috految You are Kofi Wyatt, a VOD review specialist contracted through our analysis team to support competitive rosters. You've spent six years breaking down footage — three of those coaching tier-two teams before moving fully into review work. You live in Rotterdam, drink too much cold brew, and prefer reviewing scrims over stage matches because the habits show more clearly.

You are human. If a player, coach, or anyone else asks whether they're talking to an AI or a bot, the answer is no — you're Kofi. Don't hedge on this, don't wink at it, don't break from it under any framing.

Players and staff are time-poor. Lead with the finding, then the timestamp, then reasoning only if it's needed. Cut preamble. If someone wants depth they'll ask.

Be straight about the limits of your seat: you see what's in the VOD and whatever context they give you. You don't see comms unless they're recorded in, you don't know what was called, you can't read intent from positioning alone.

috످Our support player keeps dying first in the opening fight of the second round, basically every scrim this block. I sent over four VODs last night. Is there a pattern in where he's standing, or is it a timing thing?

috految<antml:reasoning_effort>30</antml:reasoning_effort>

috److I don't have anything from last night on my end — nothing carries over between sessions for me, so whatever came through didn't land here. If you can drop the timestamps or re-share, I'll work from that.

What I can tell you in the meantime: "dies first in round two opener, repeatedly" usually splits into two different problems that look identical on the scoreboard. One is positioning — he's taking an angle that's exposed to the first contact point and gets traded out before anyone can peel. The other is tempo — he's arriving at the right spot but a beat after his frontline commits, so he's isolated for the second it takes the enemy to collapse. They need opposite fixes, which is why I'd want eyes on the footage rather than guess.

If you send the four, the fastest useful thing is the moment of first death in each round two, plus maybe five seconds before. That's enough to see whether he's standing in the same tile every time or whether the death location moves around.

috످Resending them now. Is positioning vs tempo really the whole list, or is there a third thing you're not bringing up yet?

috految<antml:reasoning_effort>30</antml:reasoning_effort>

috److془Need to answer: not whole list. Third: being targeted. Also economy/resources, comms. Correct: can't watch video here. Not asked about AI. Fine.

Don't claim human. Give fix.془There's a third: he could be getting targeted. If it's every scrim, opponents may have a read on him. And since it's always round two, check whether he's coming out of round one short on money or cooldowns.

Hold off on resending. I shouldn't have asked for the VODs, since I can't watch video in this chat. Instead, check the 10 seconds before each death and tell me which fits:

- **Positioning:** he dies in the same exposed spot.
- **Tempo:** he's ahead of or behind his frontline.
- **Targeting:** they go past easier kills to reach him.
- **Resources:** he's missing gear or an escape he'd normally have.

If none fit, ask him what was called. He could be following a bad call perfectly.

috످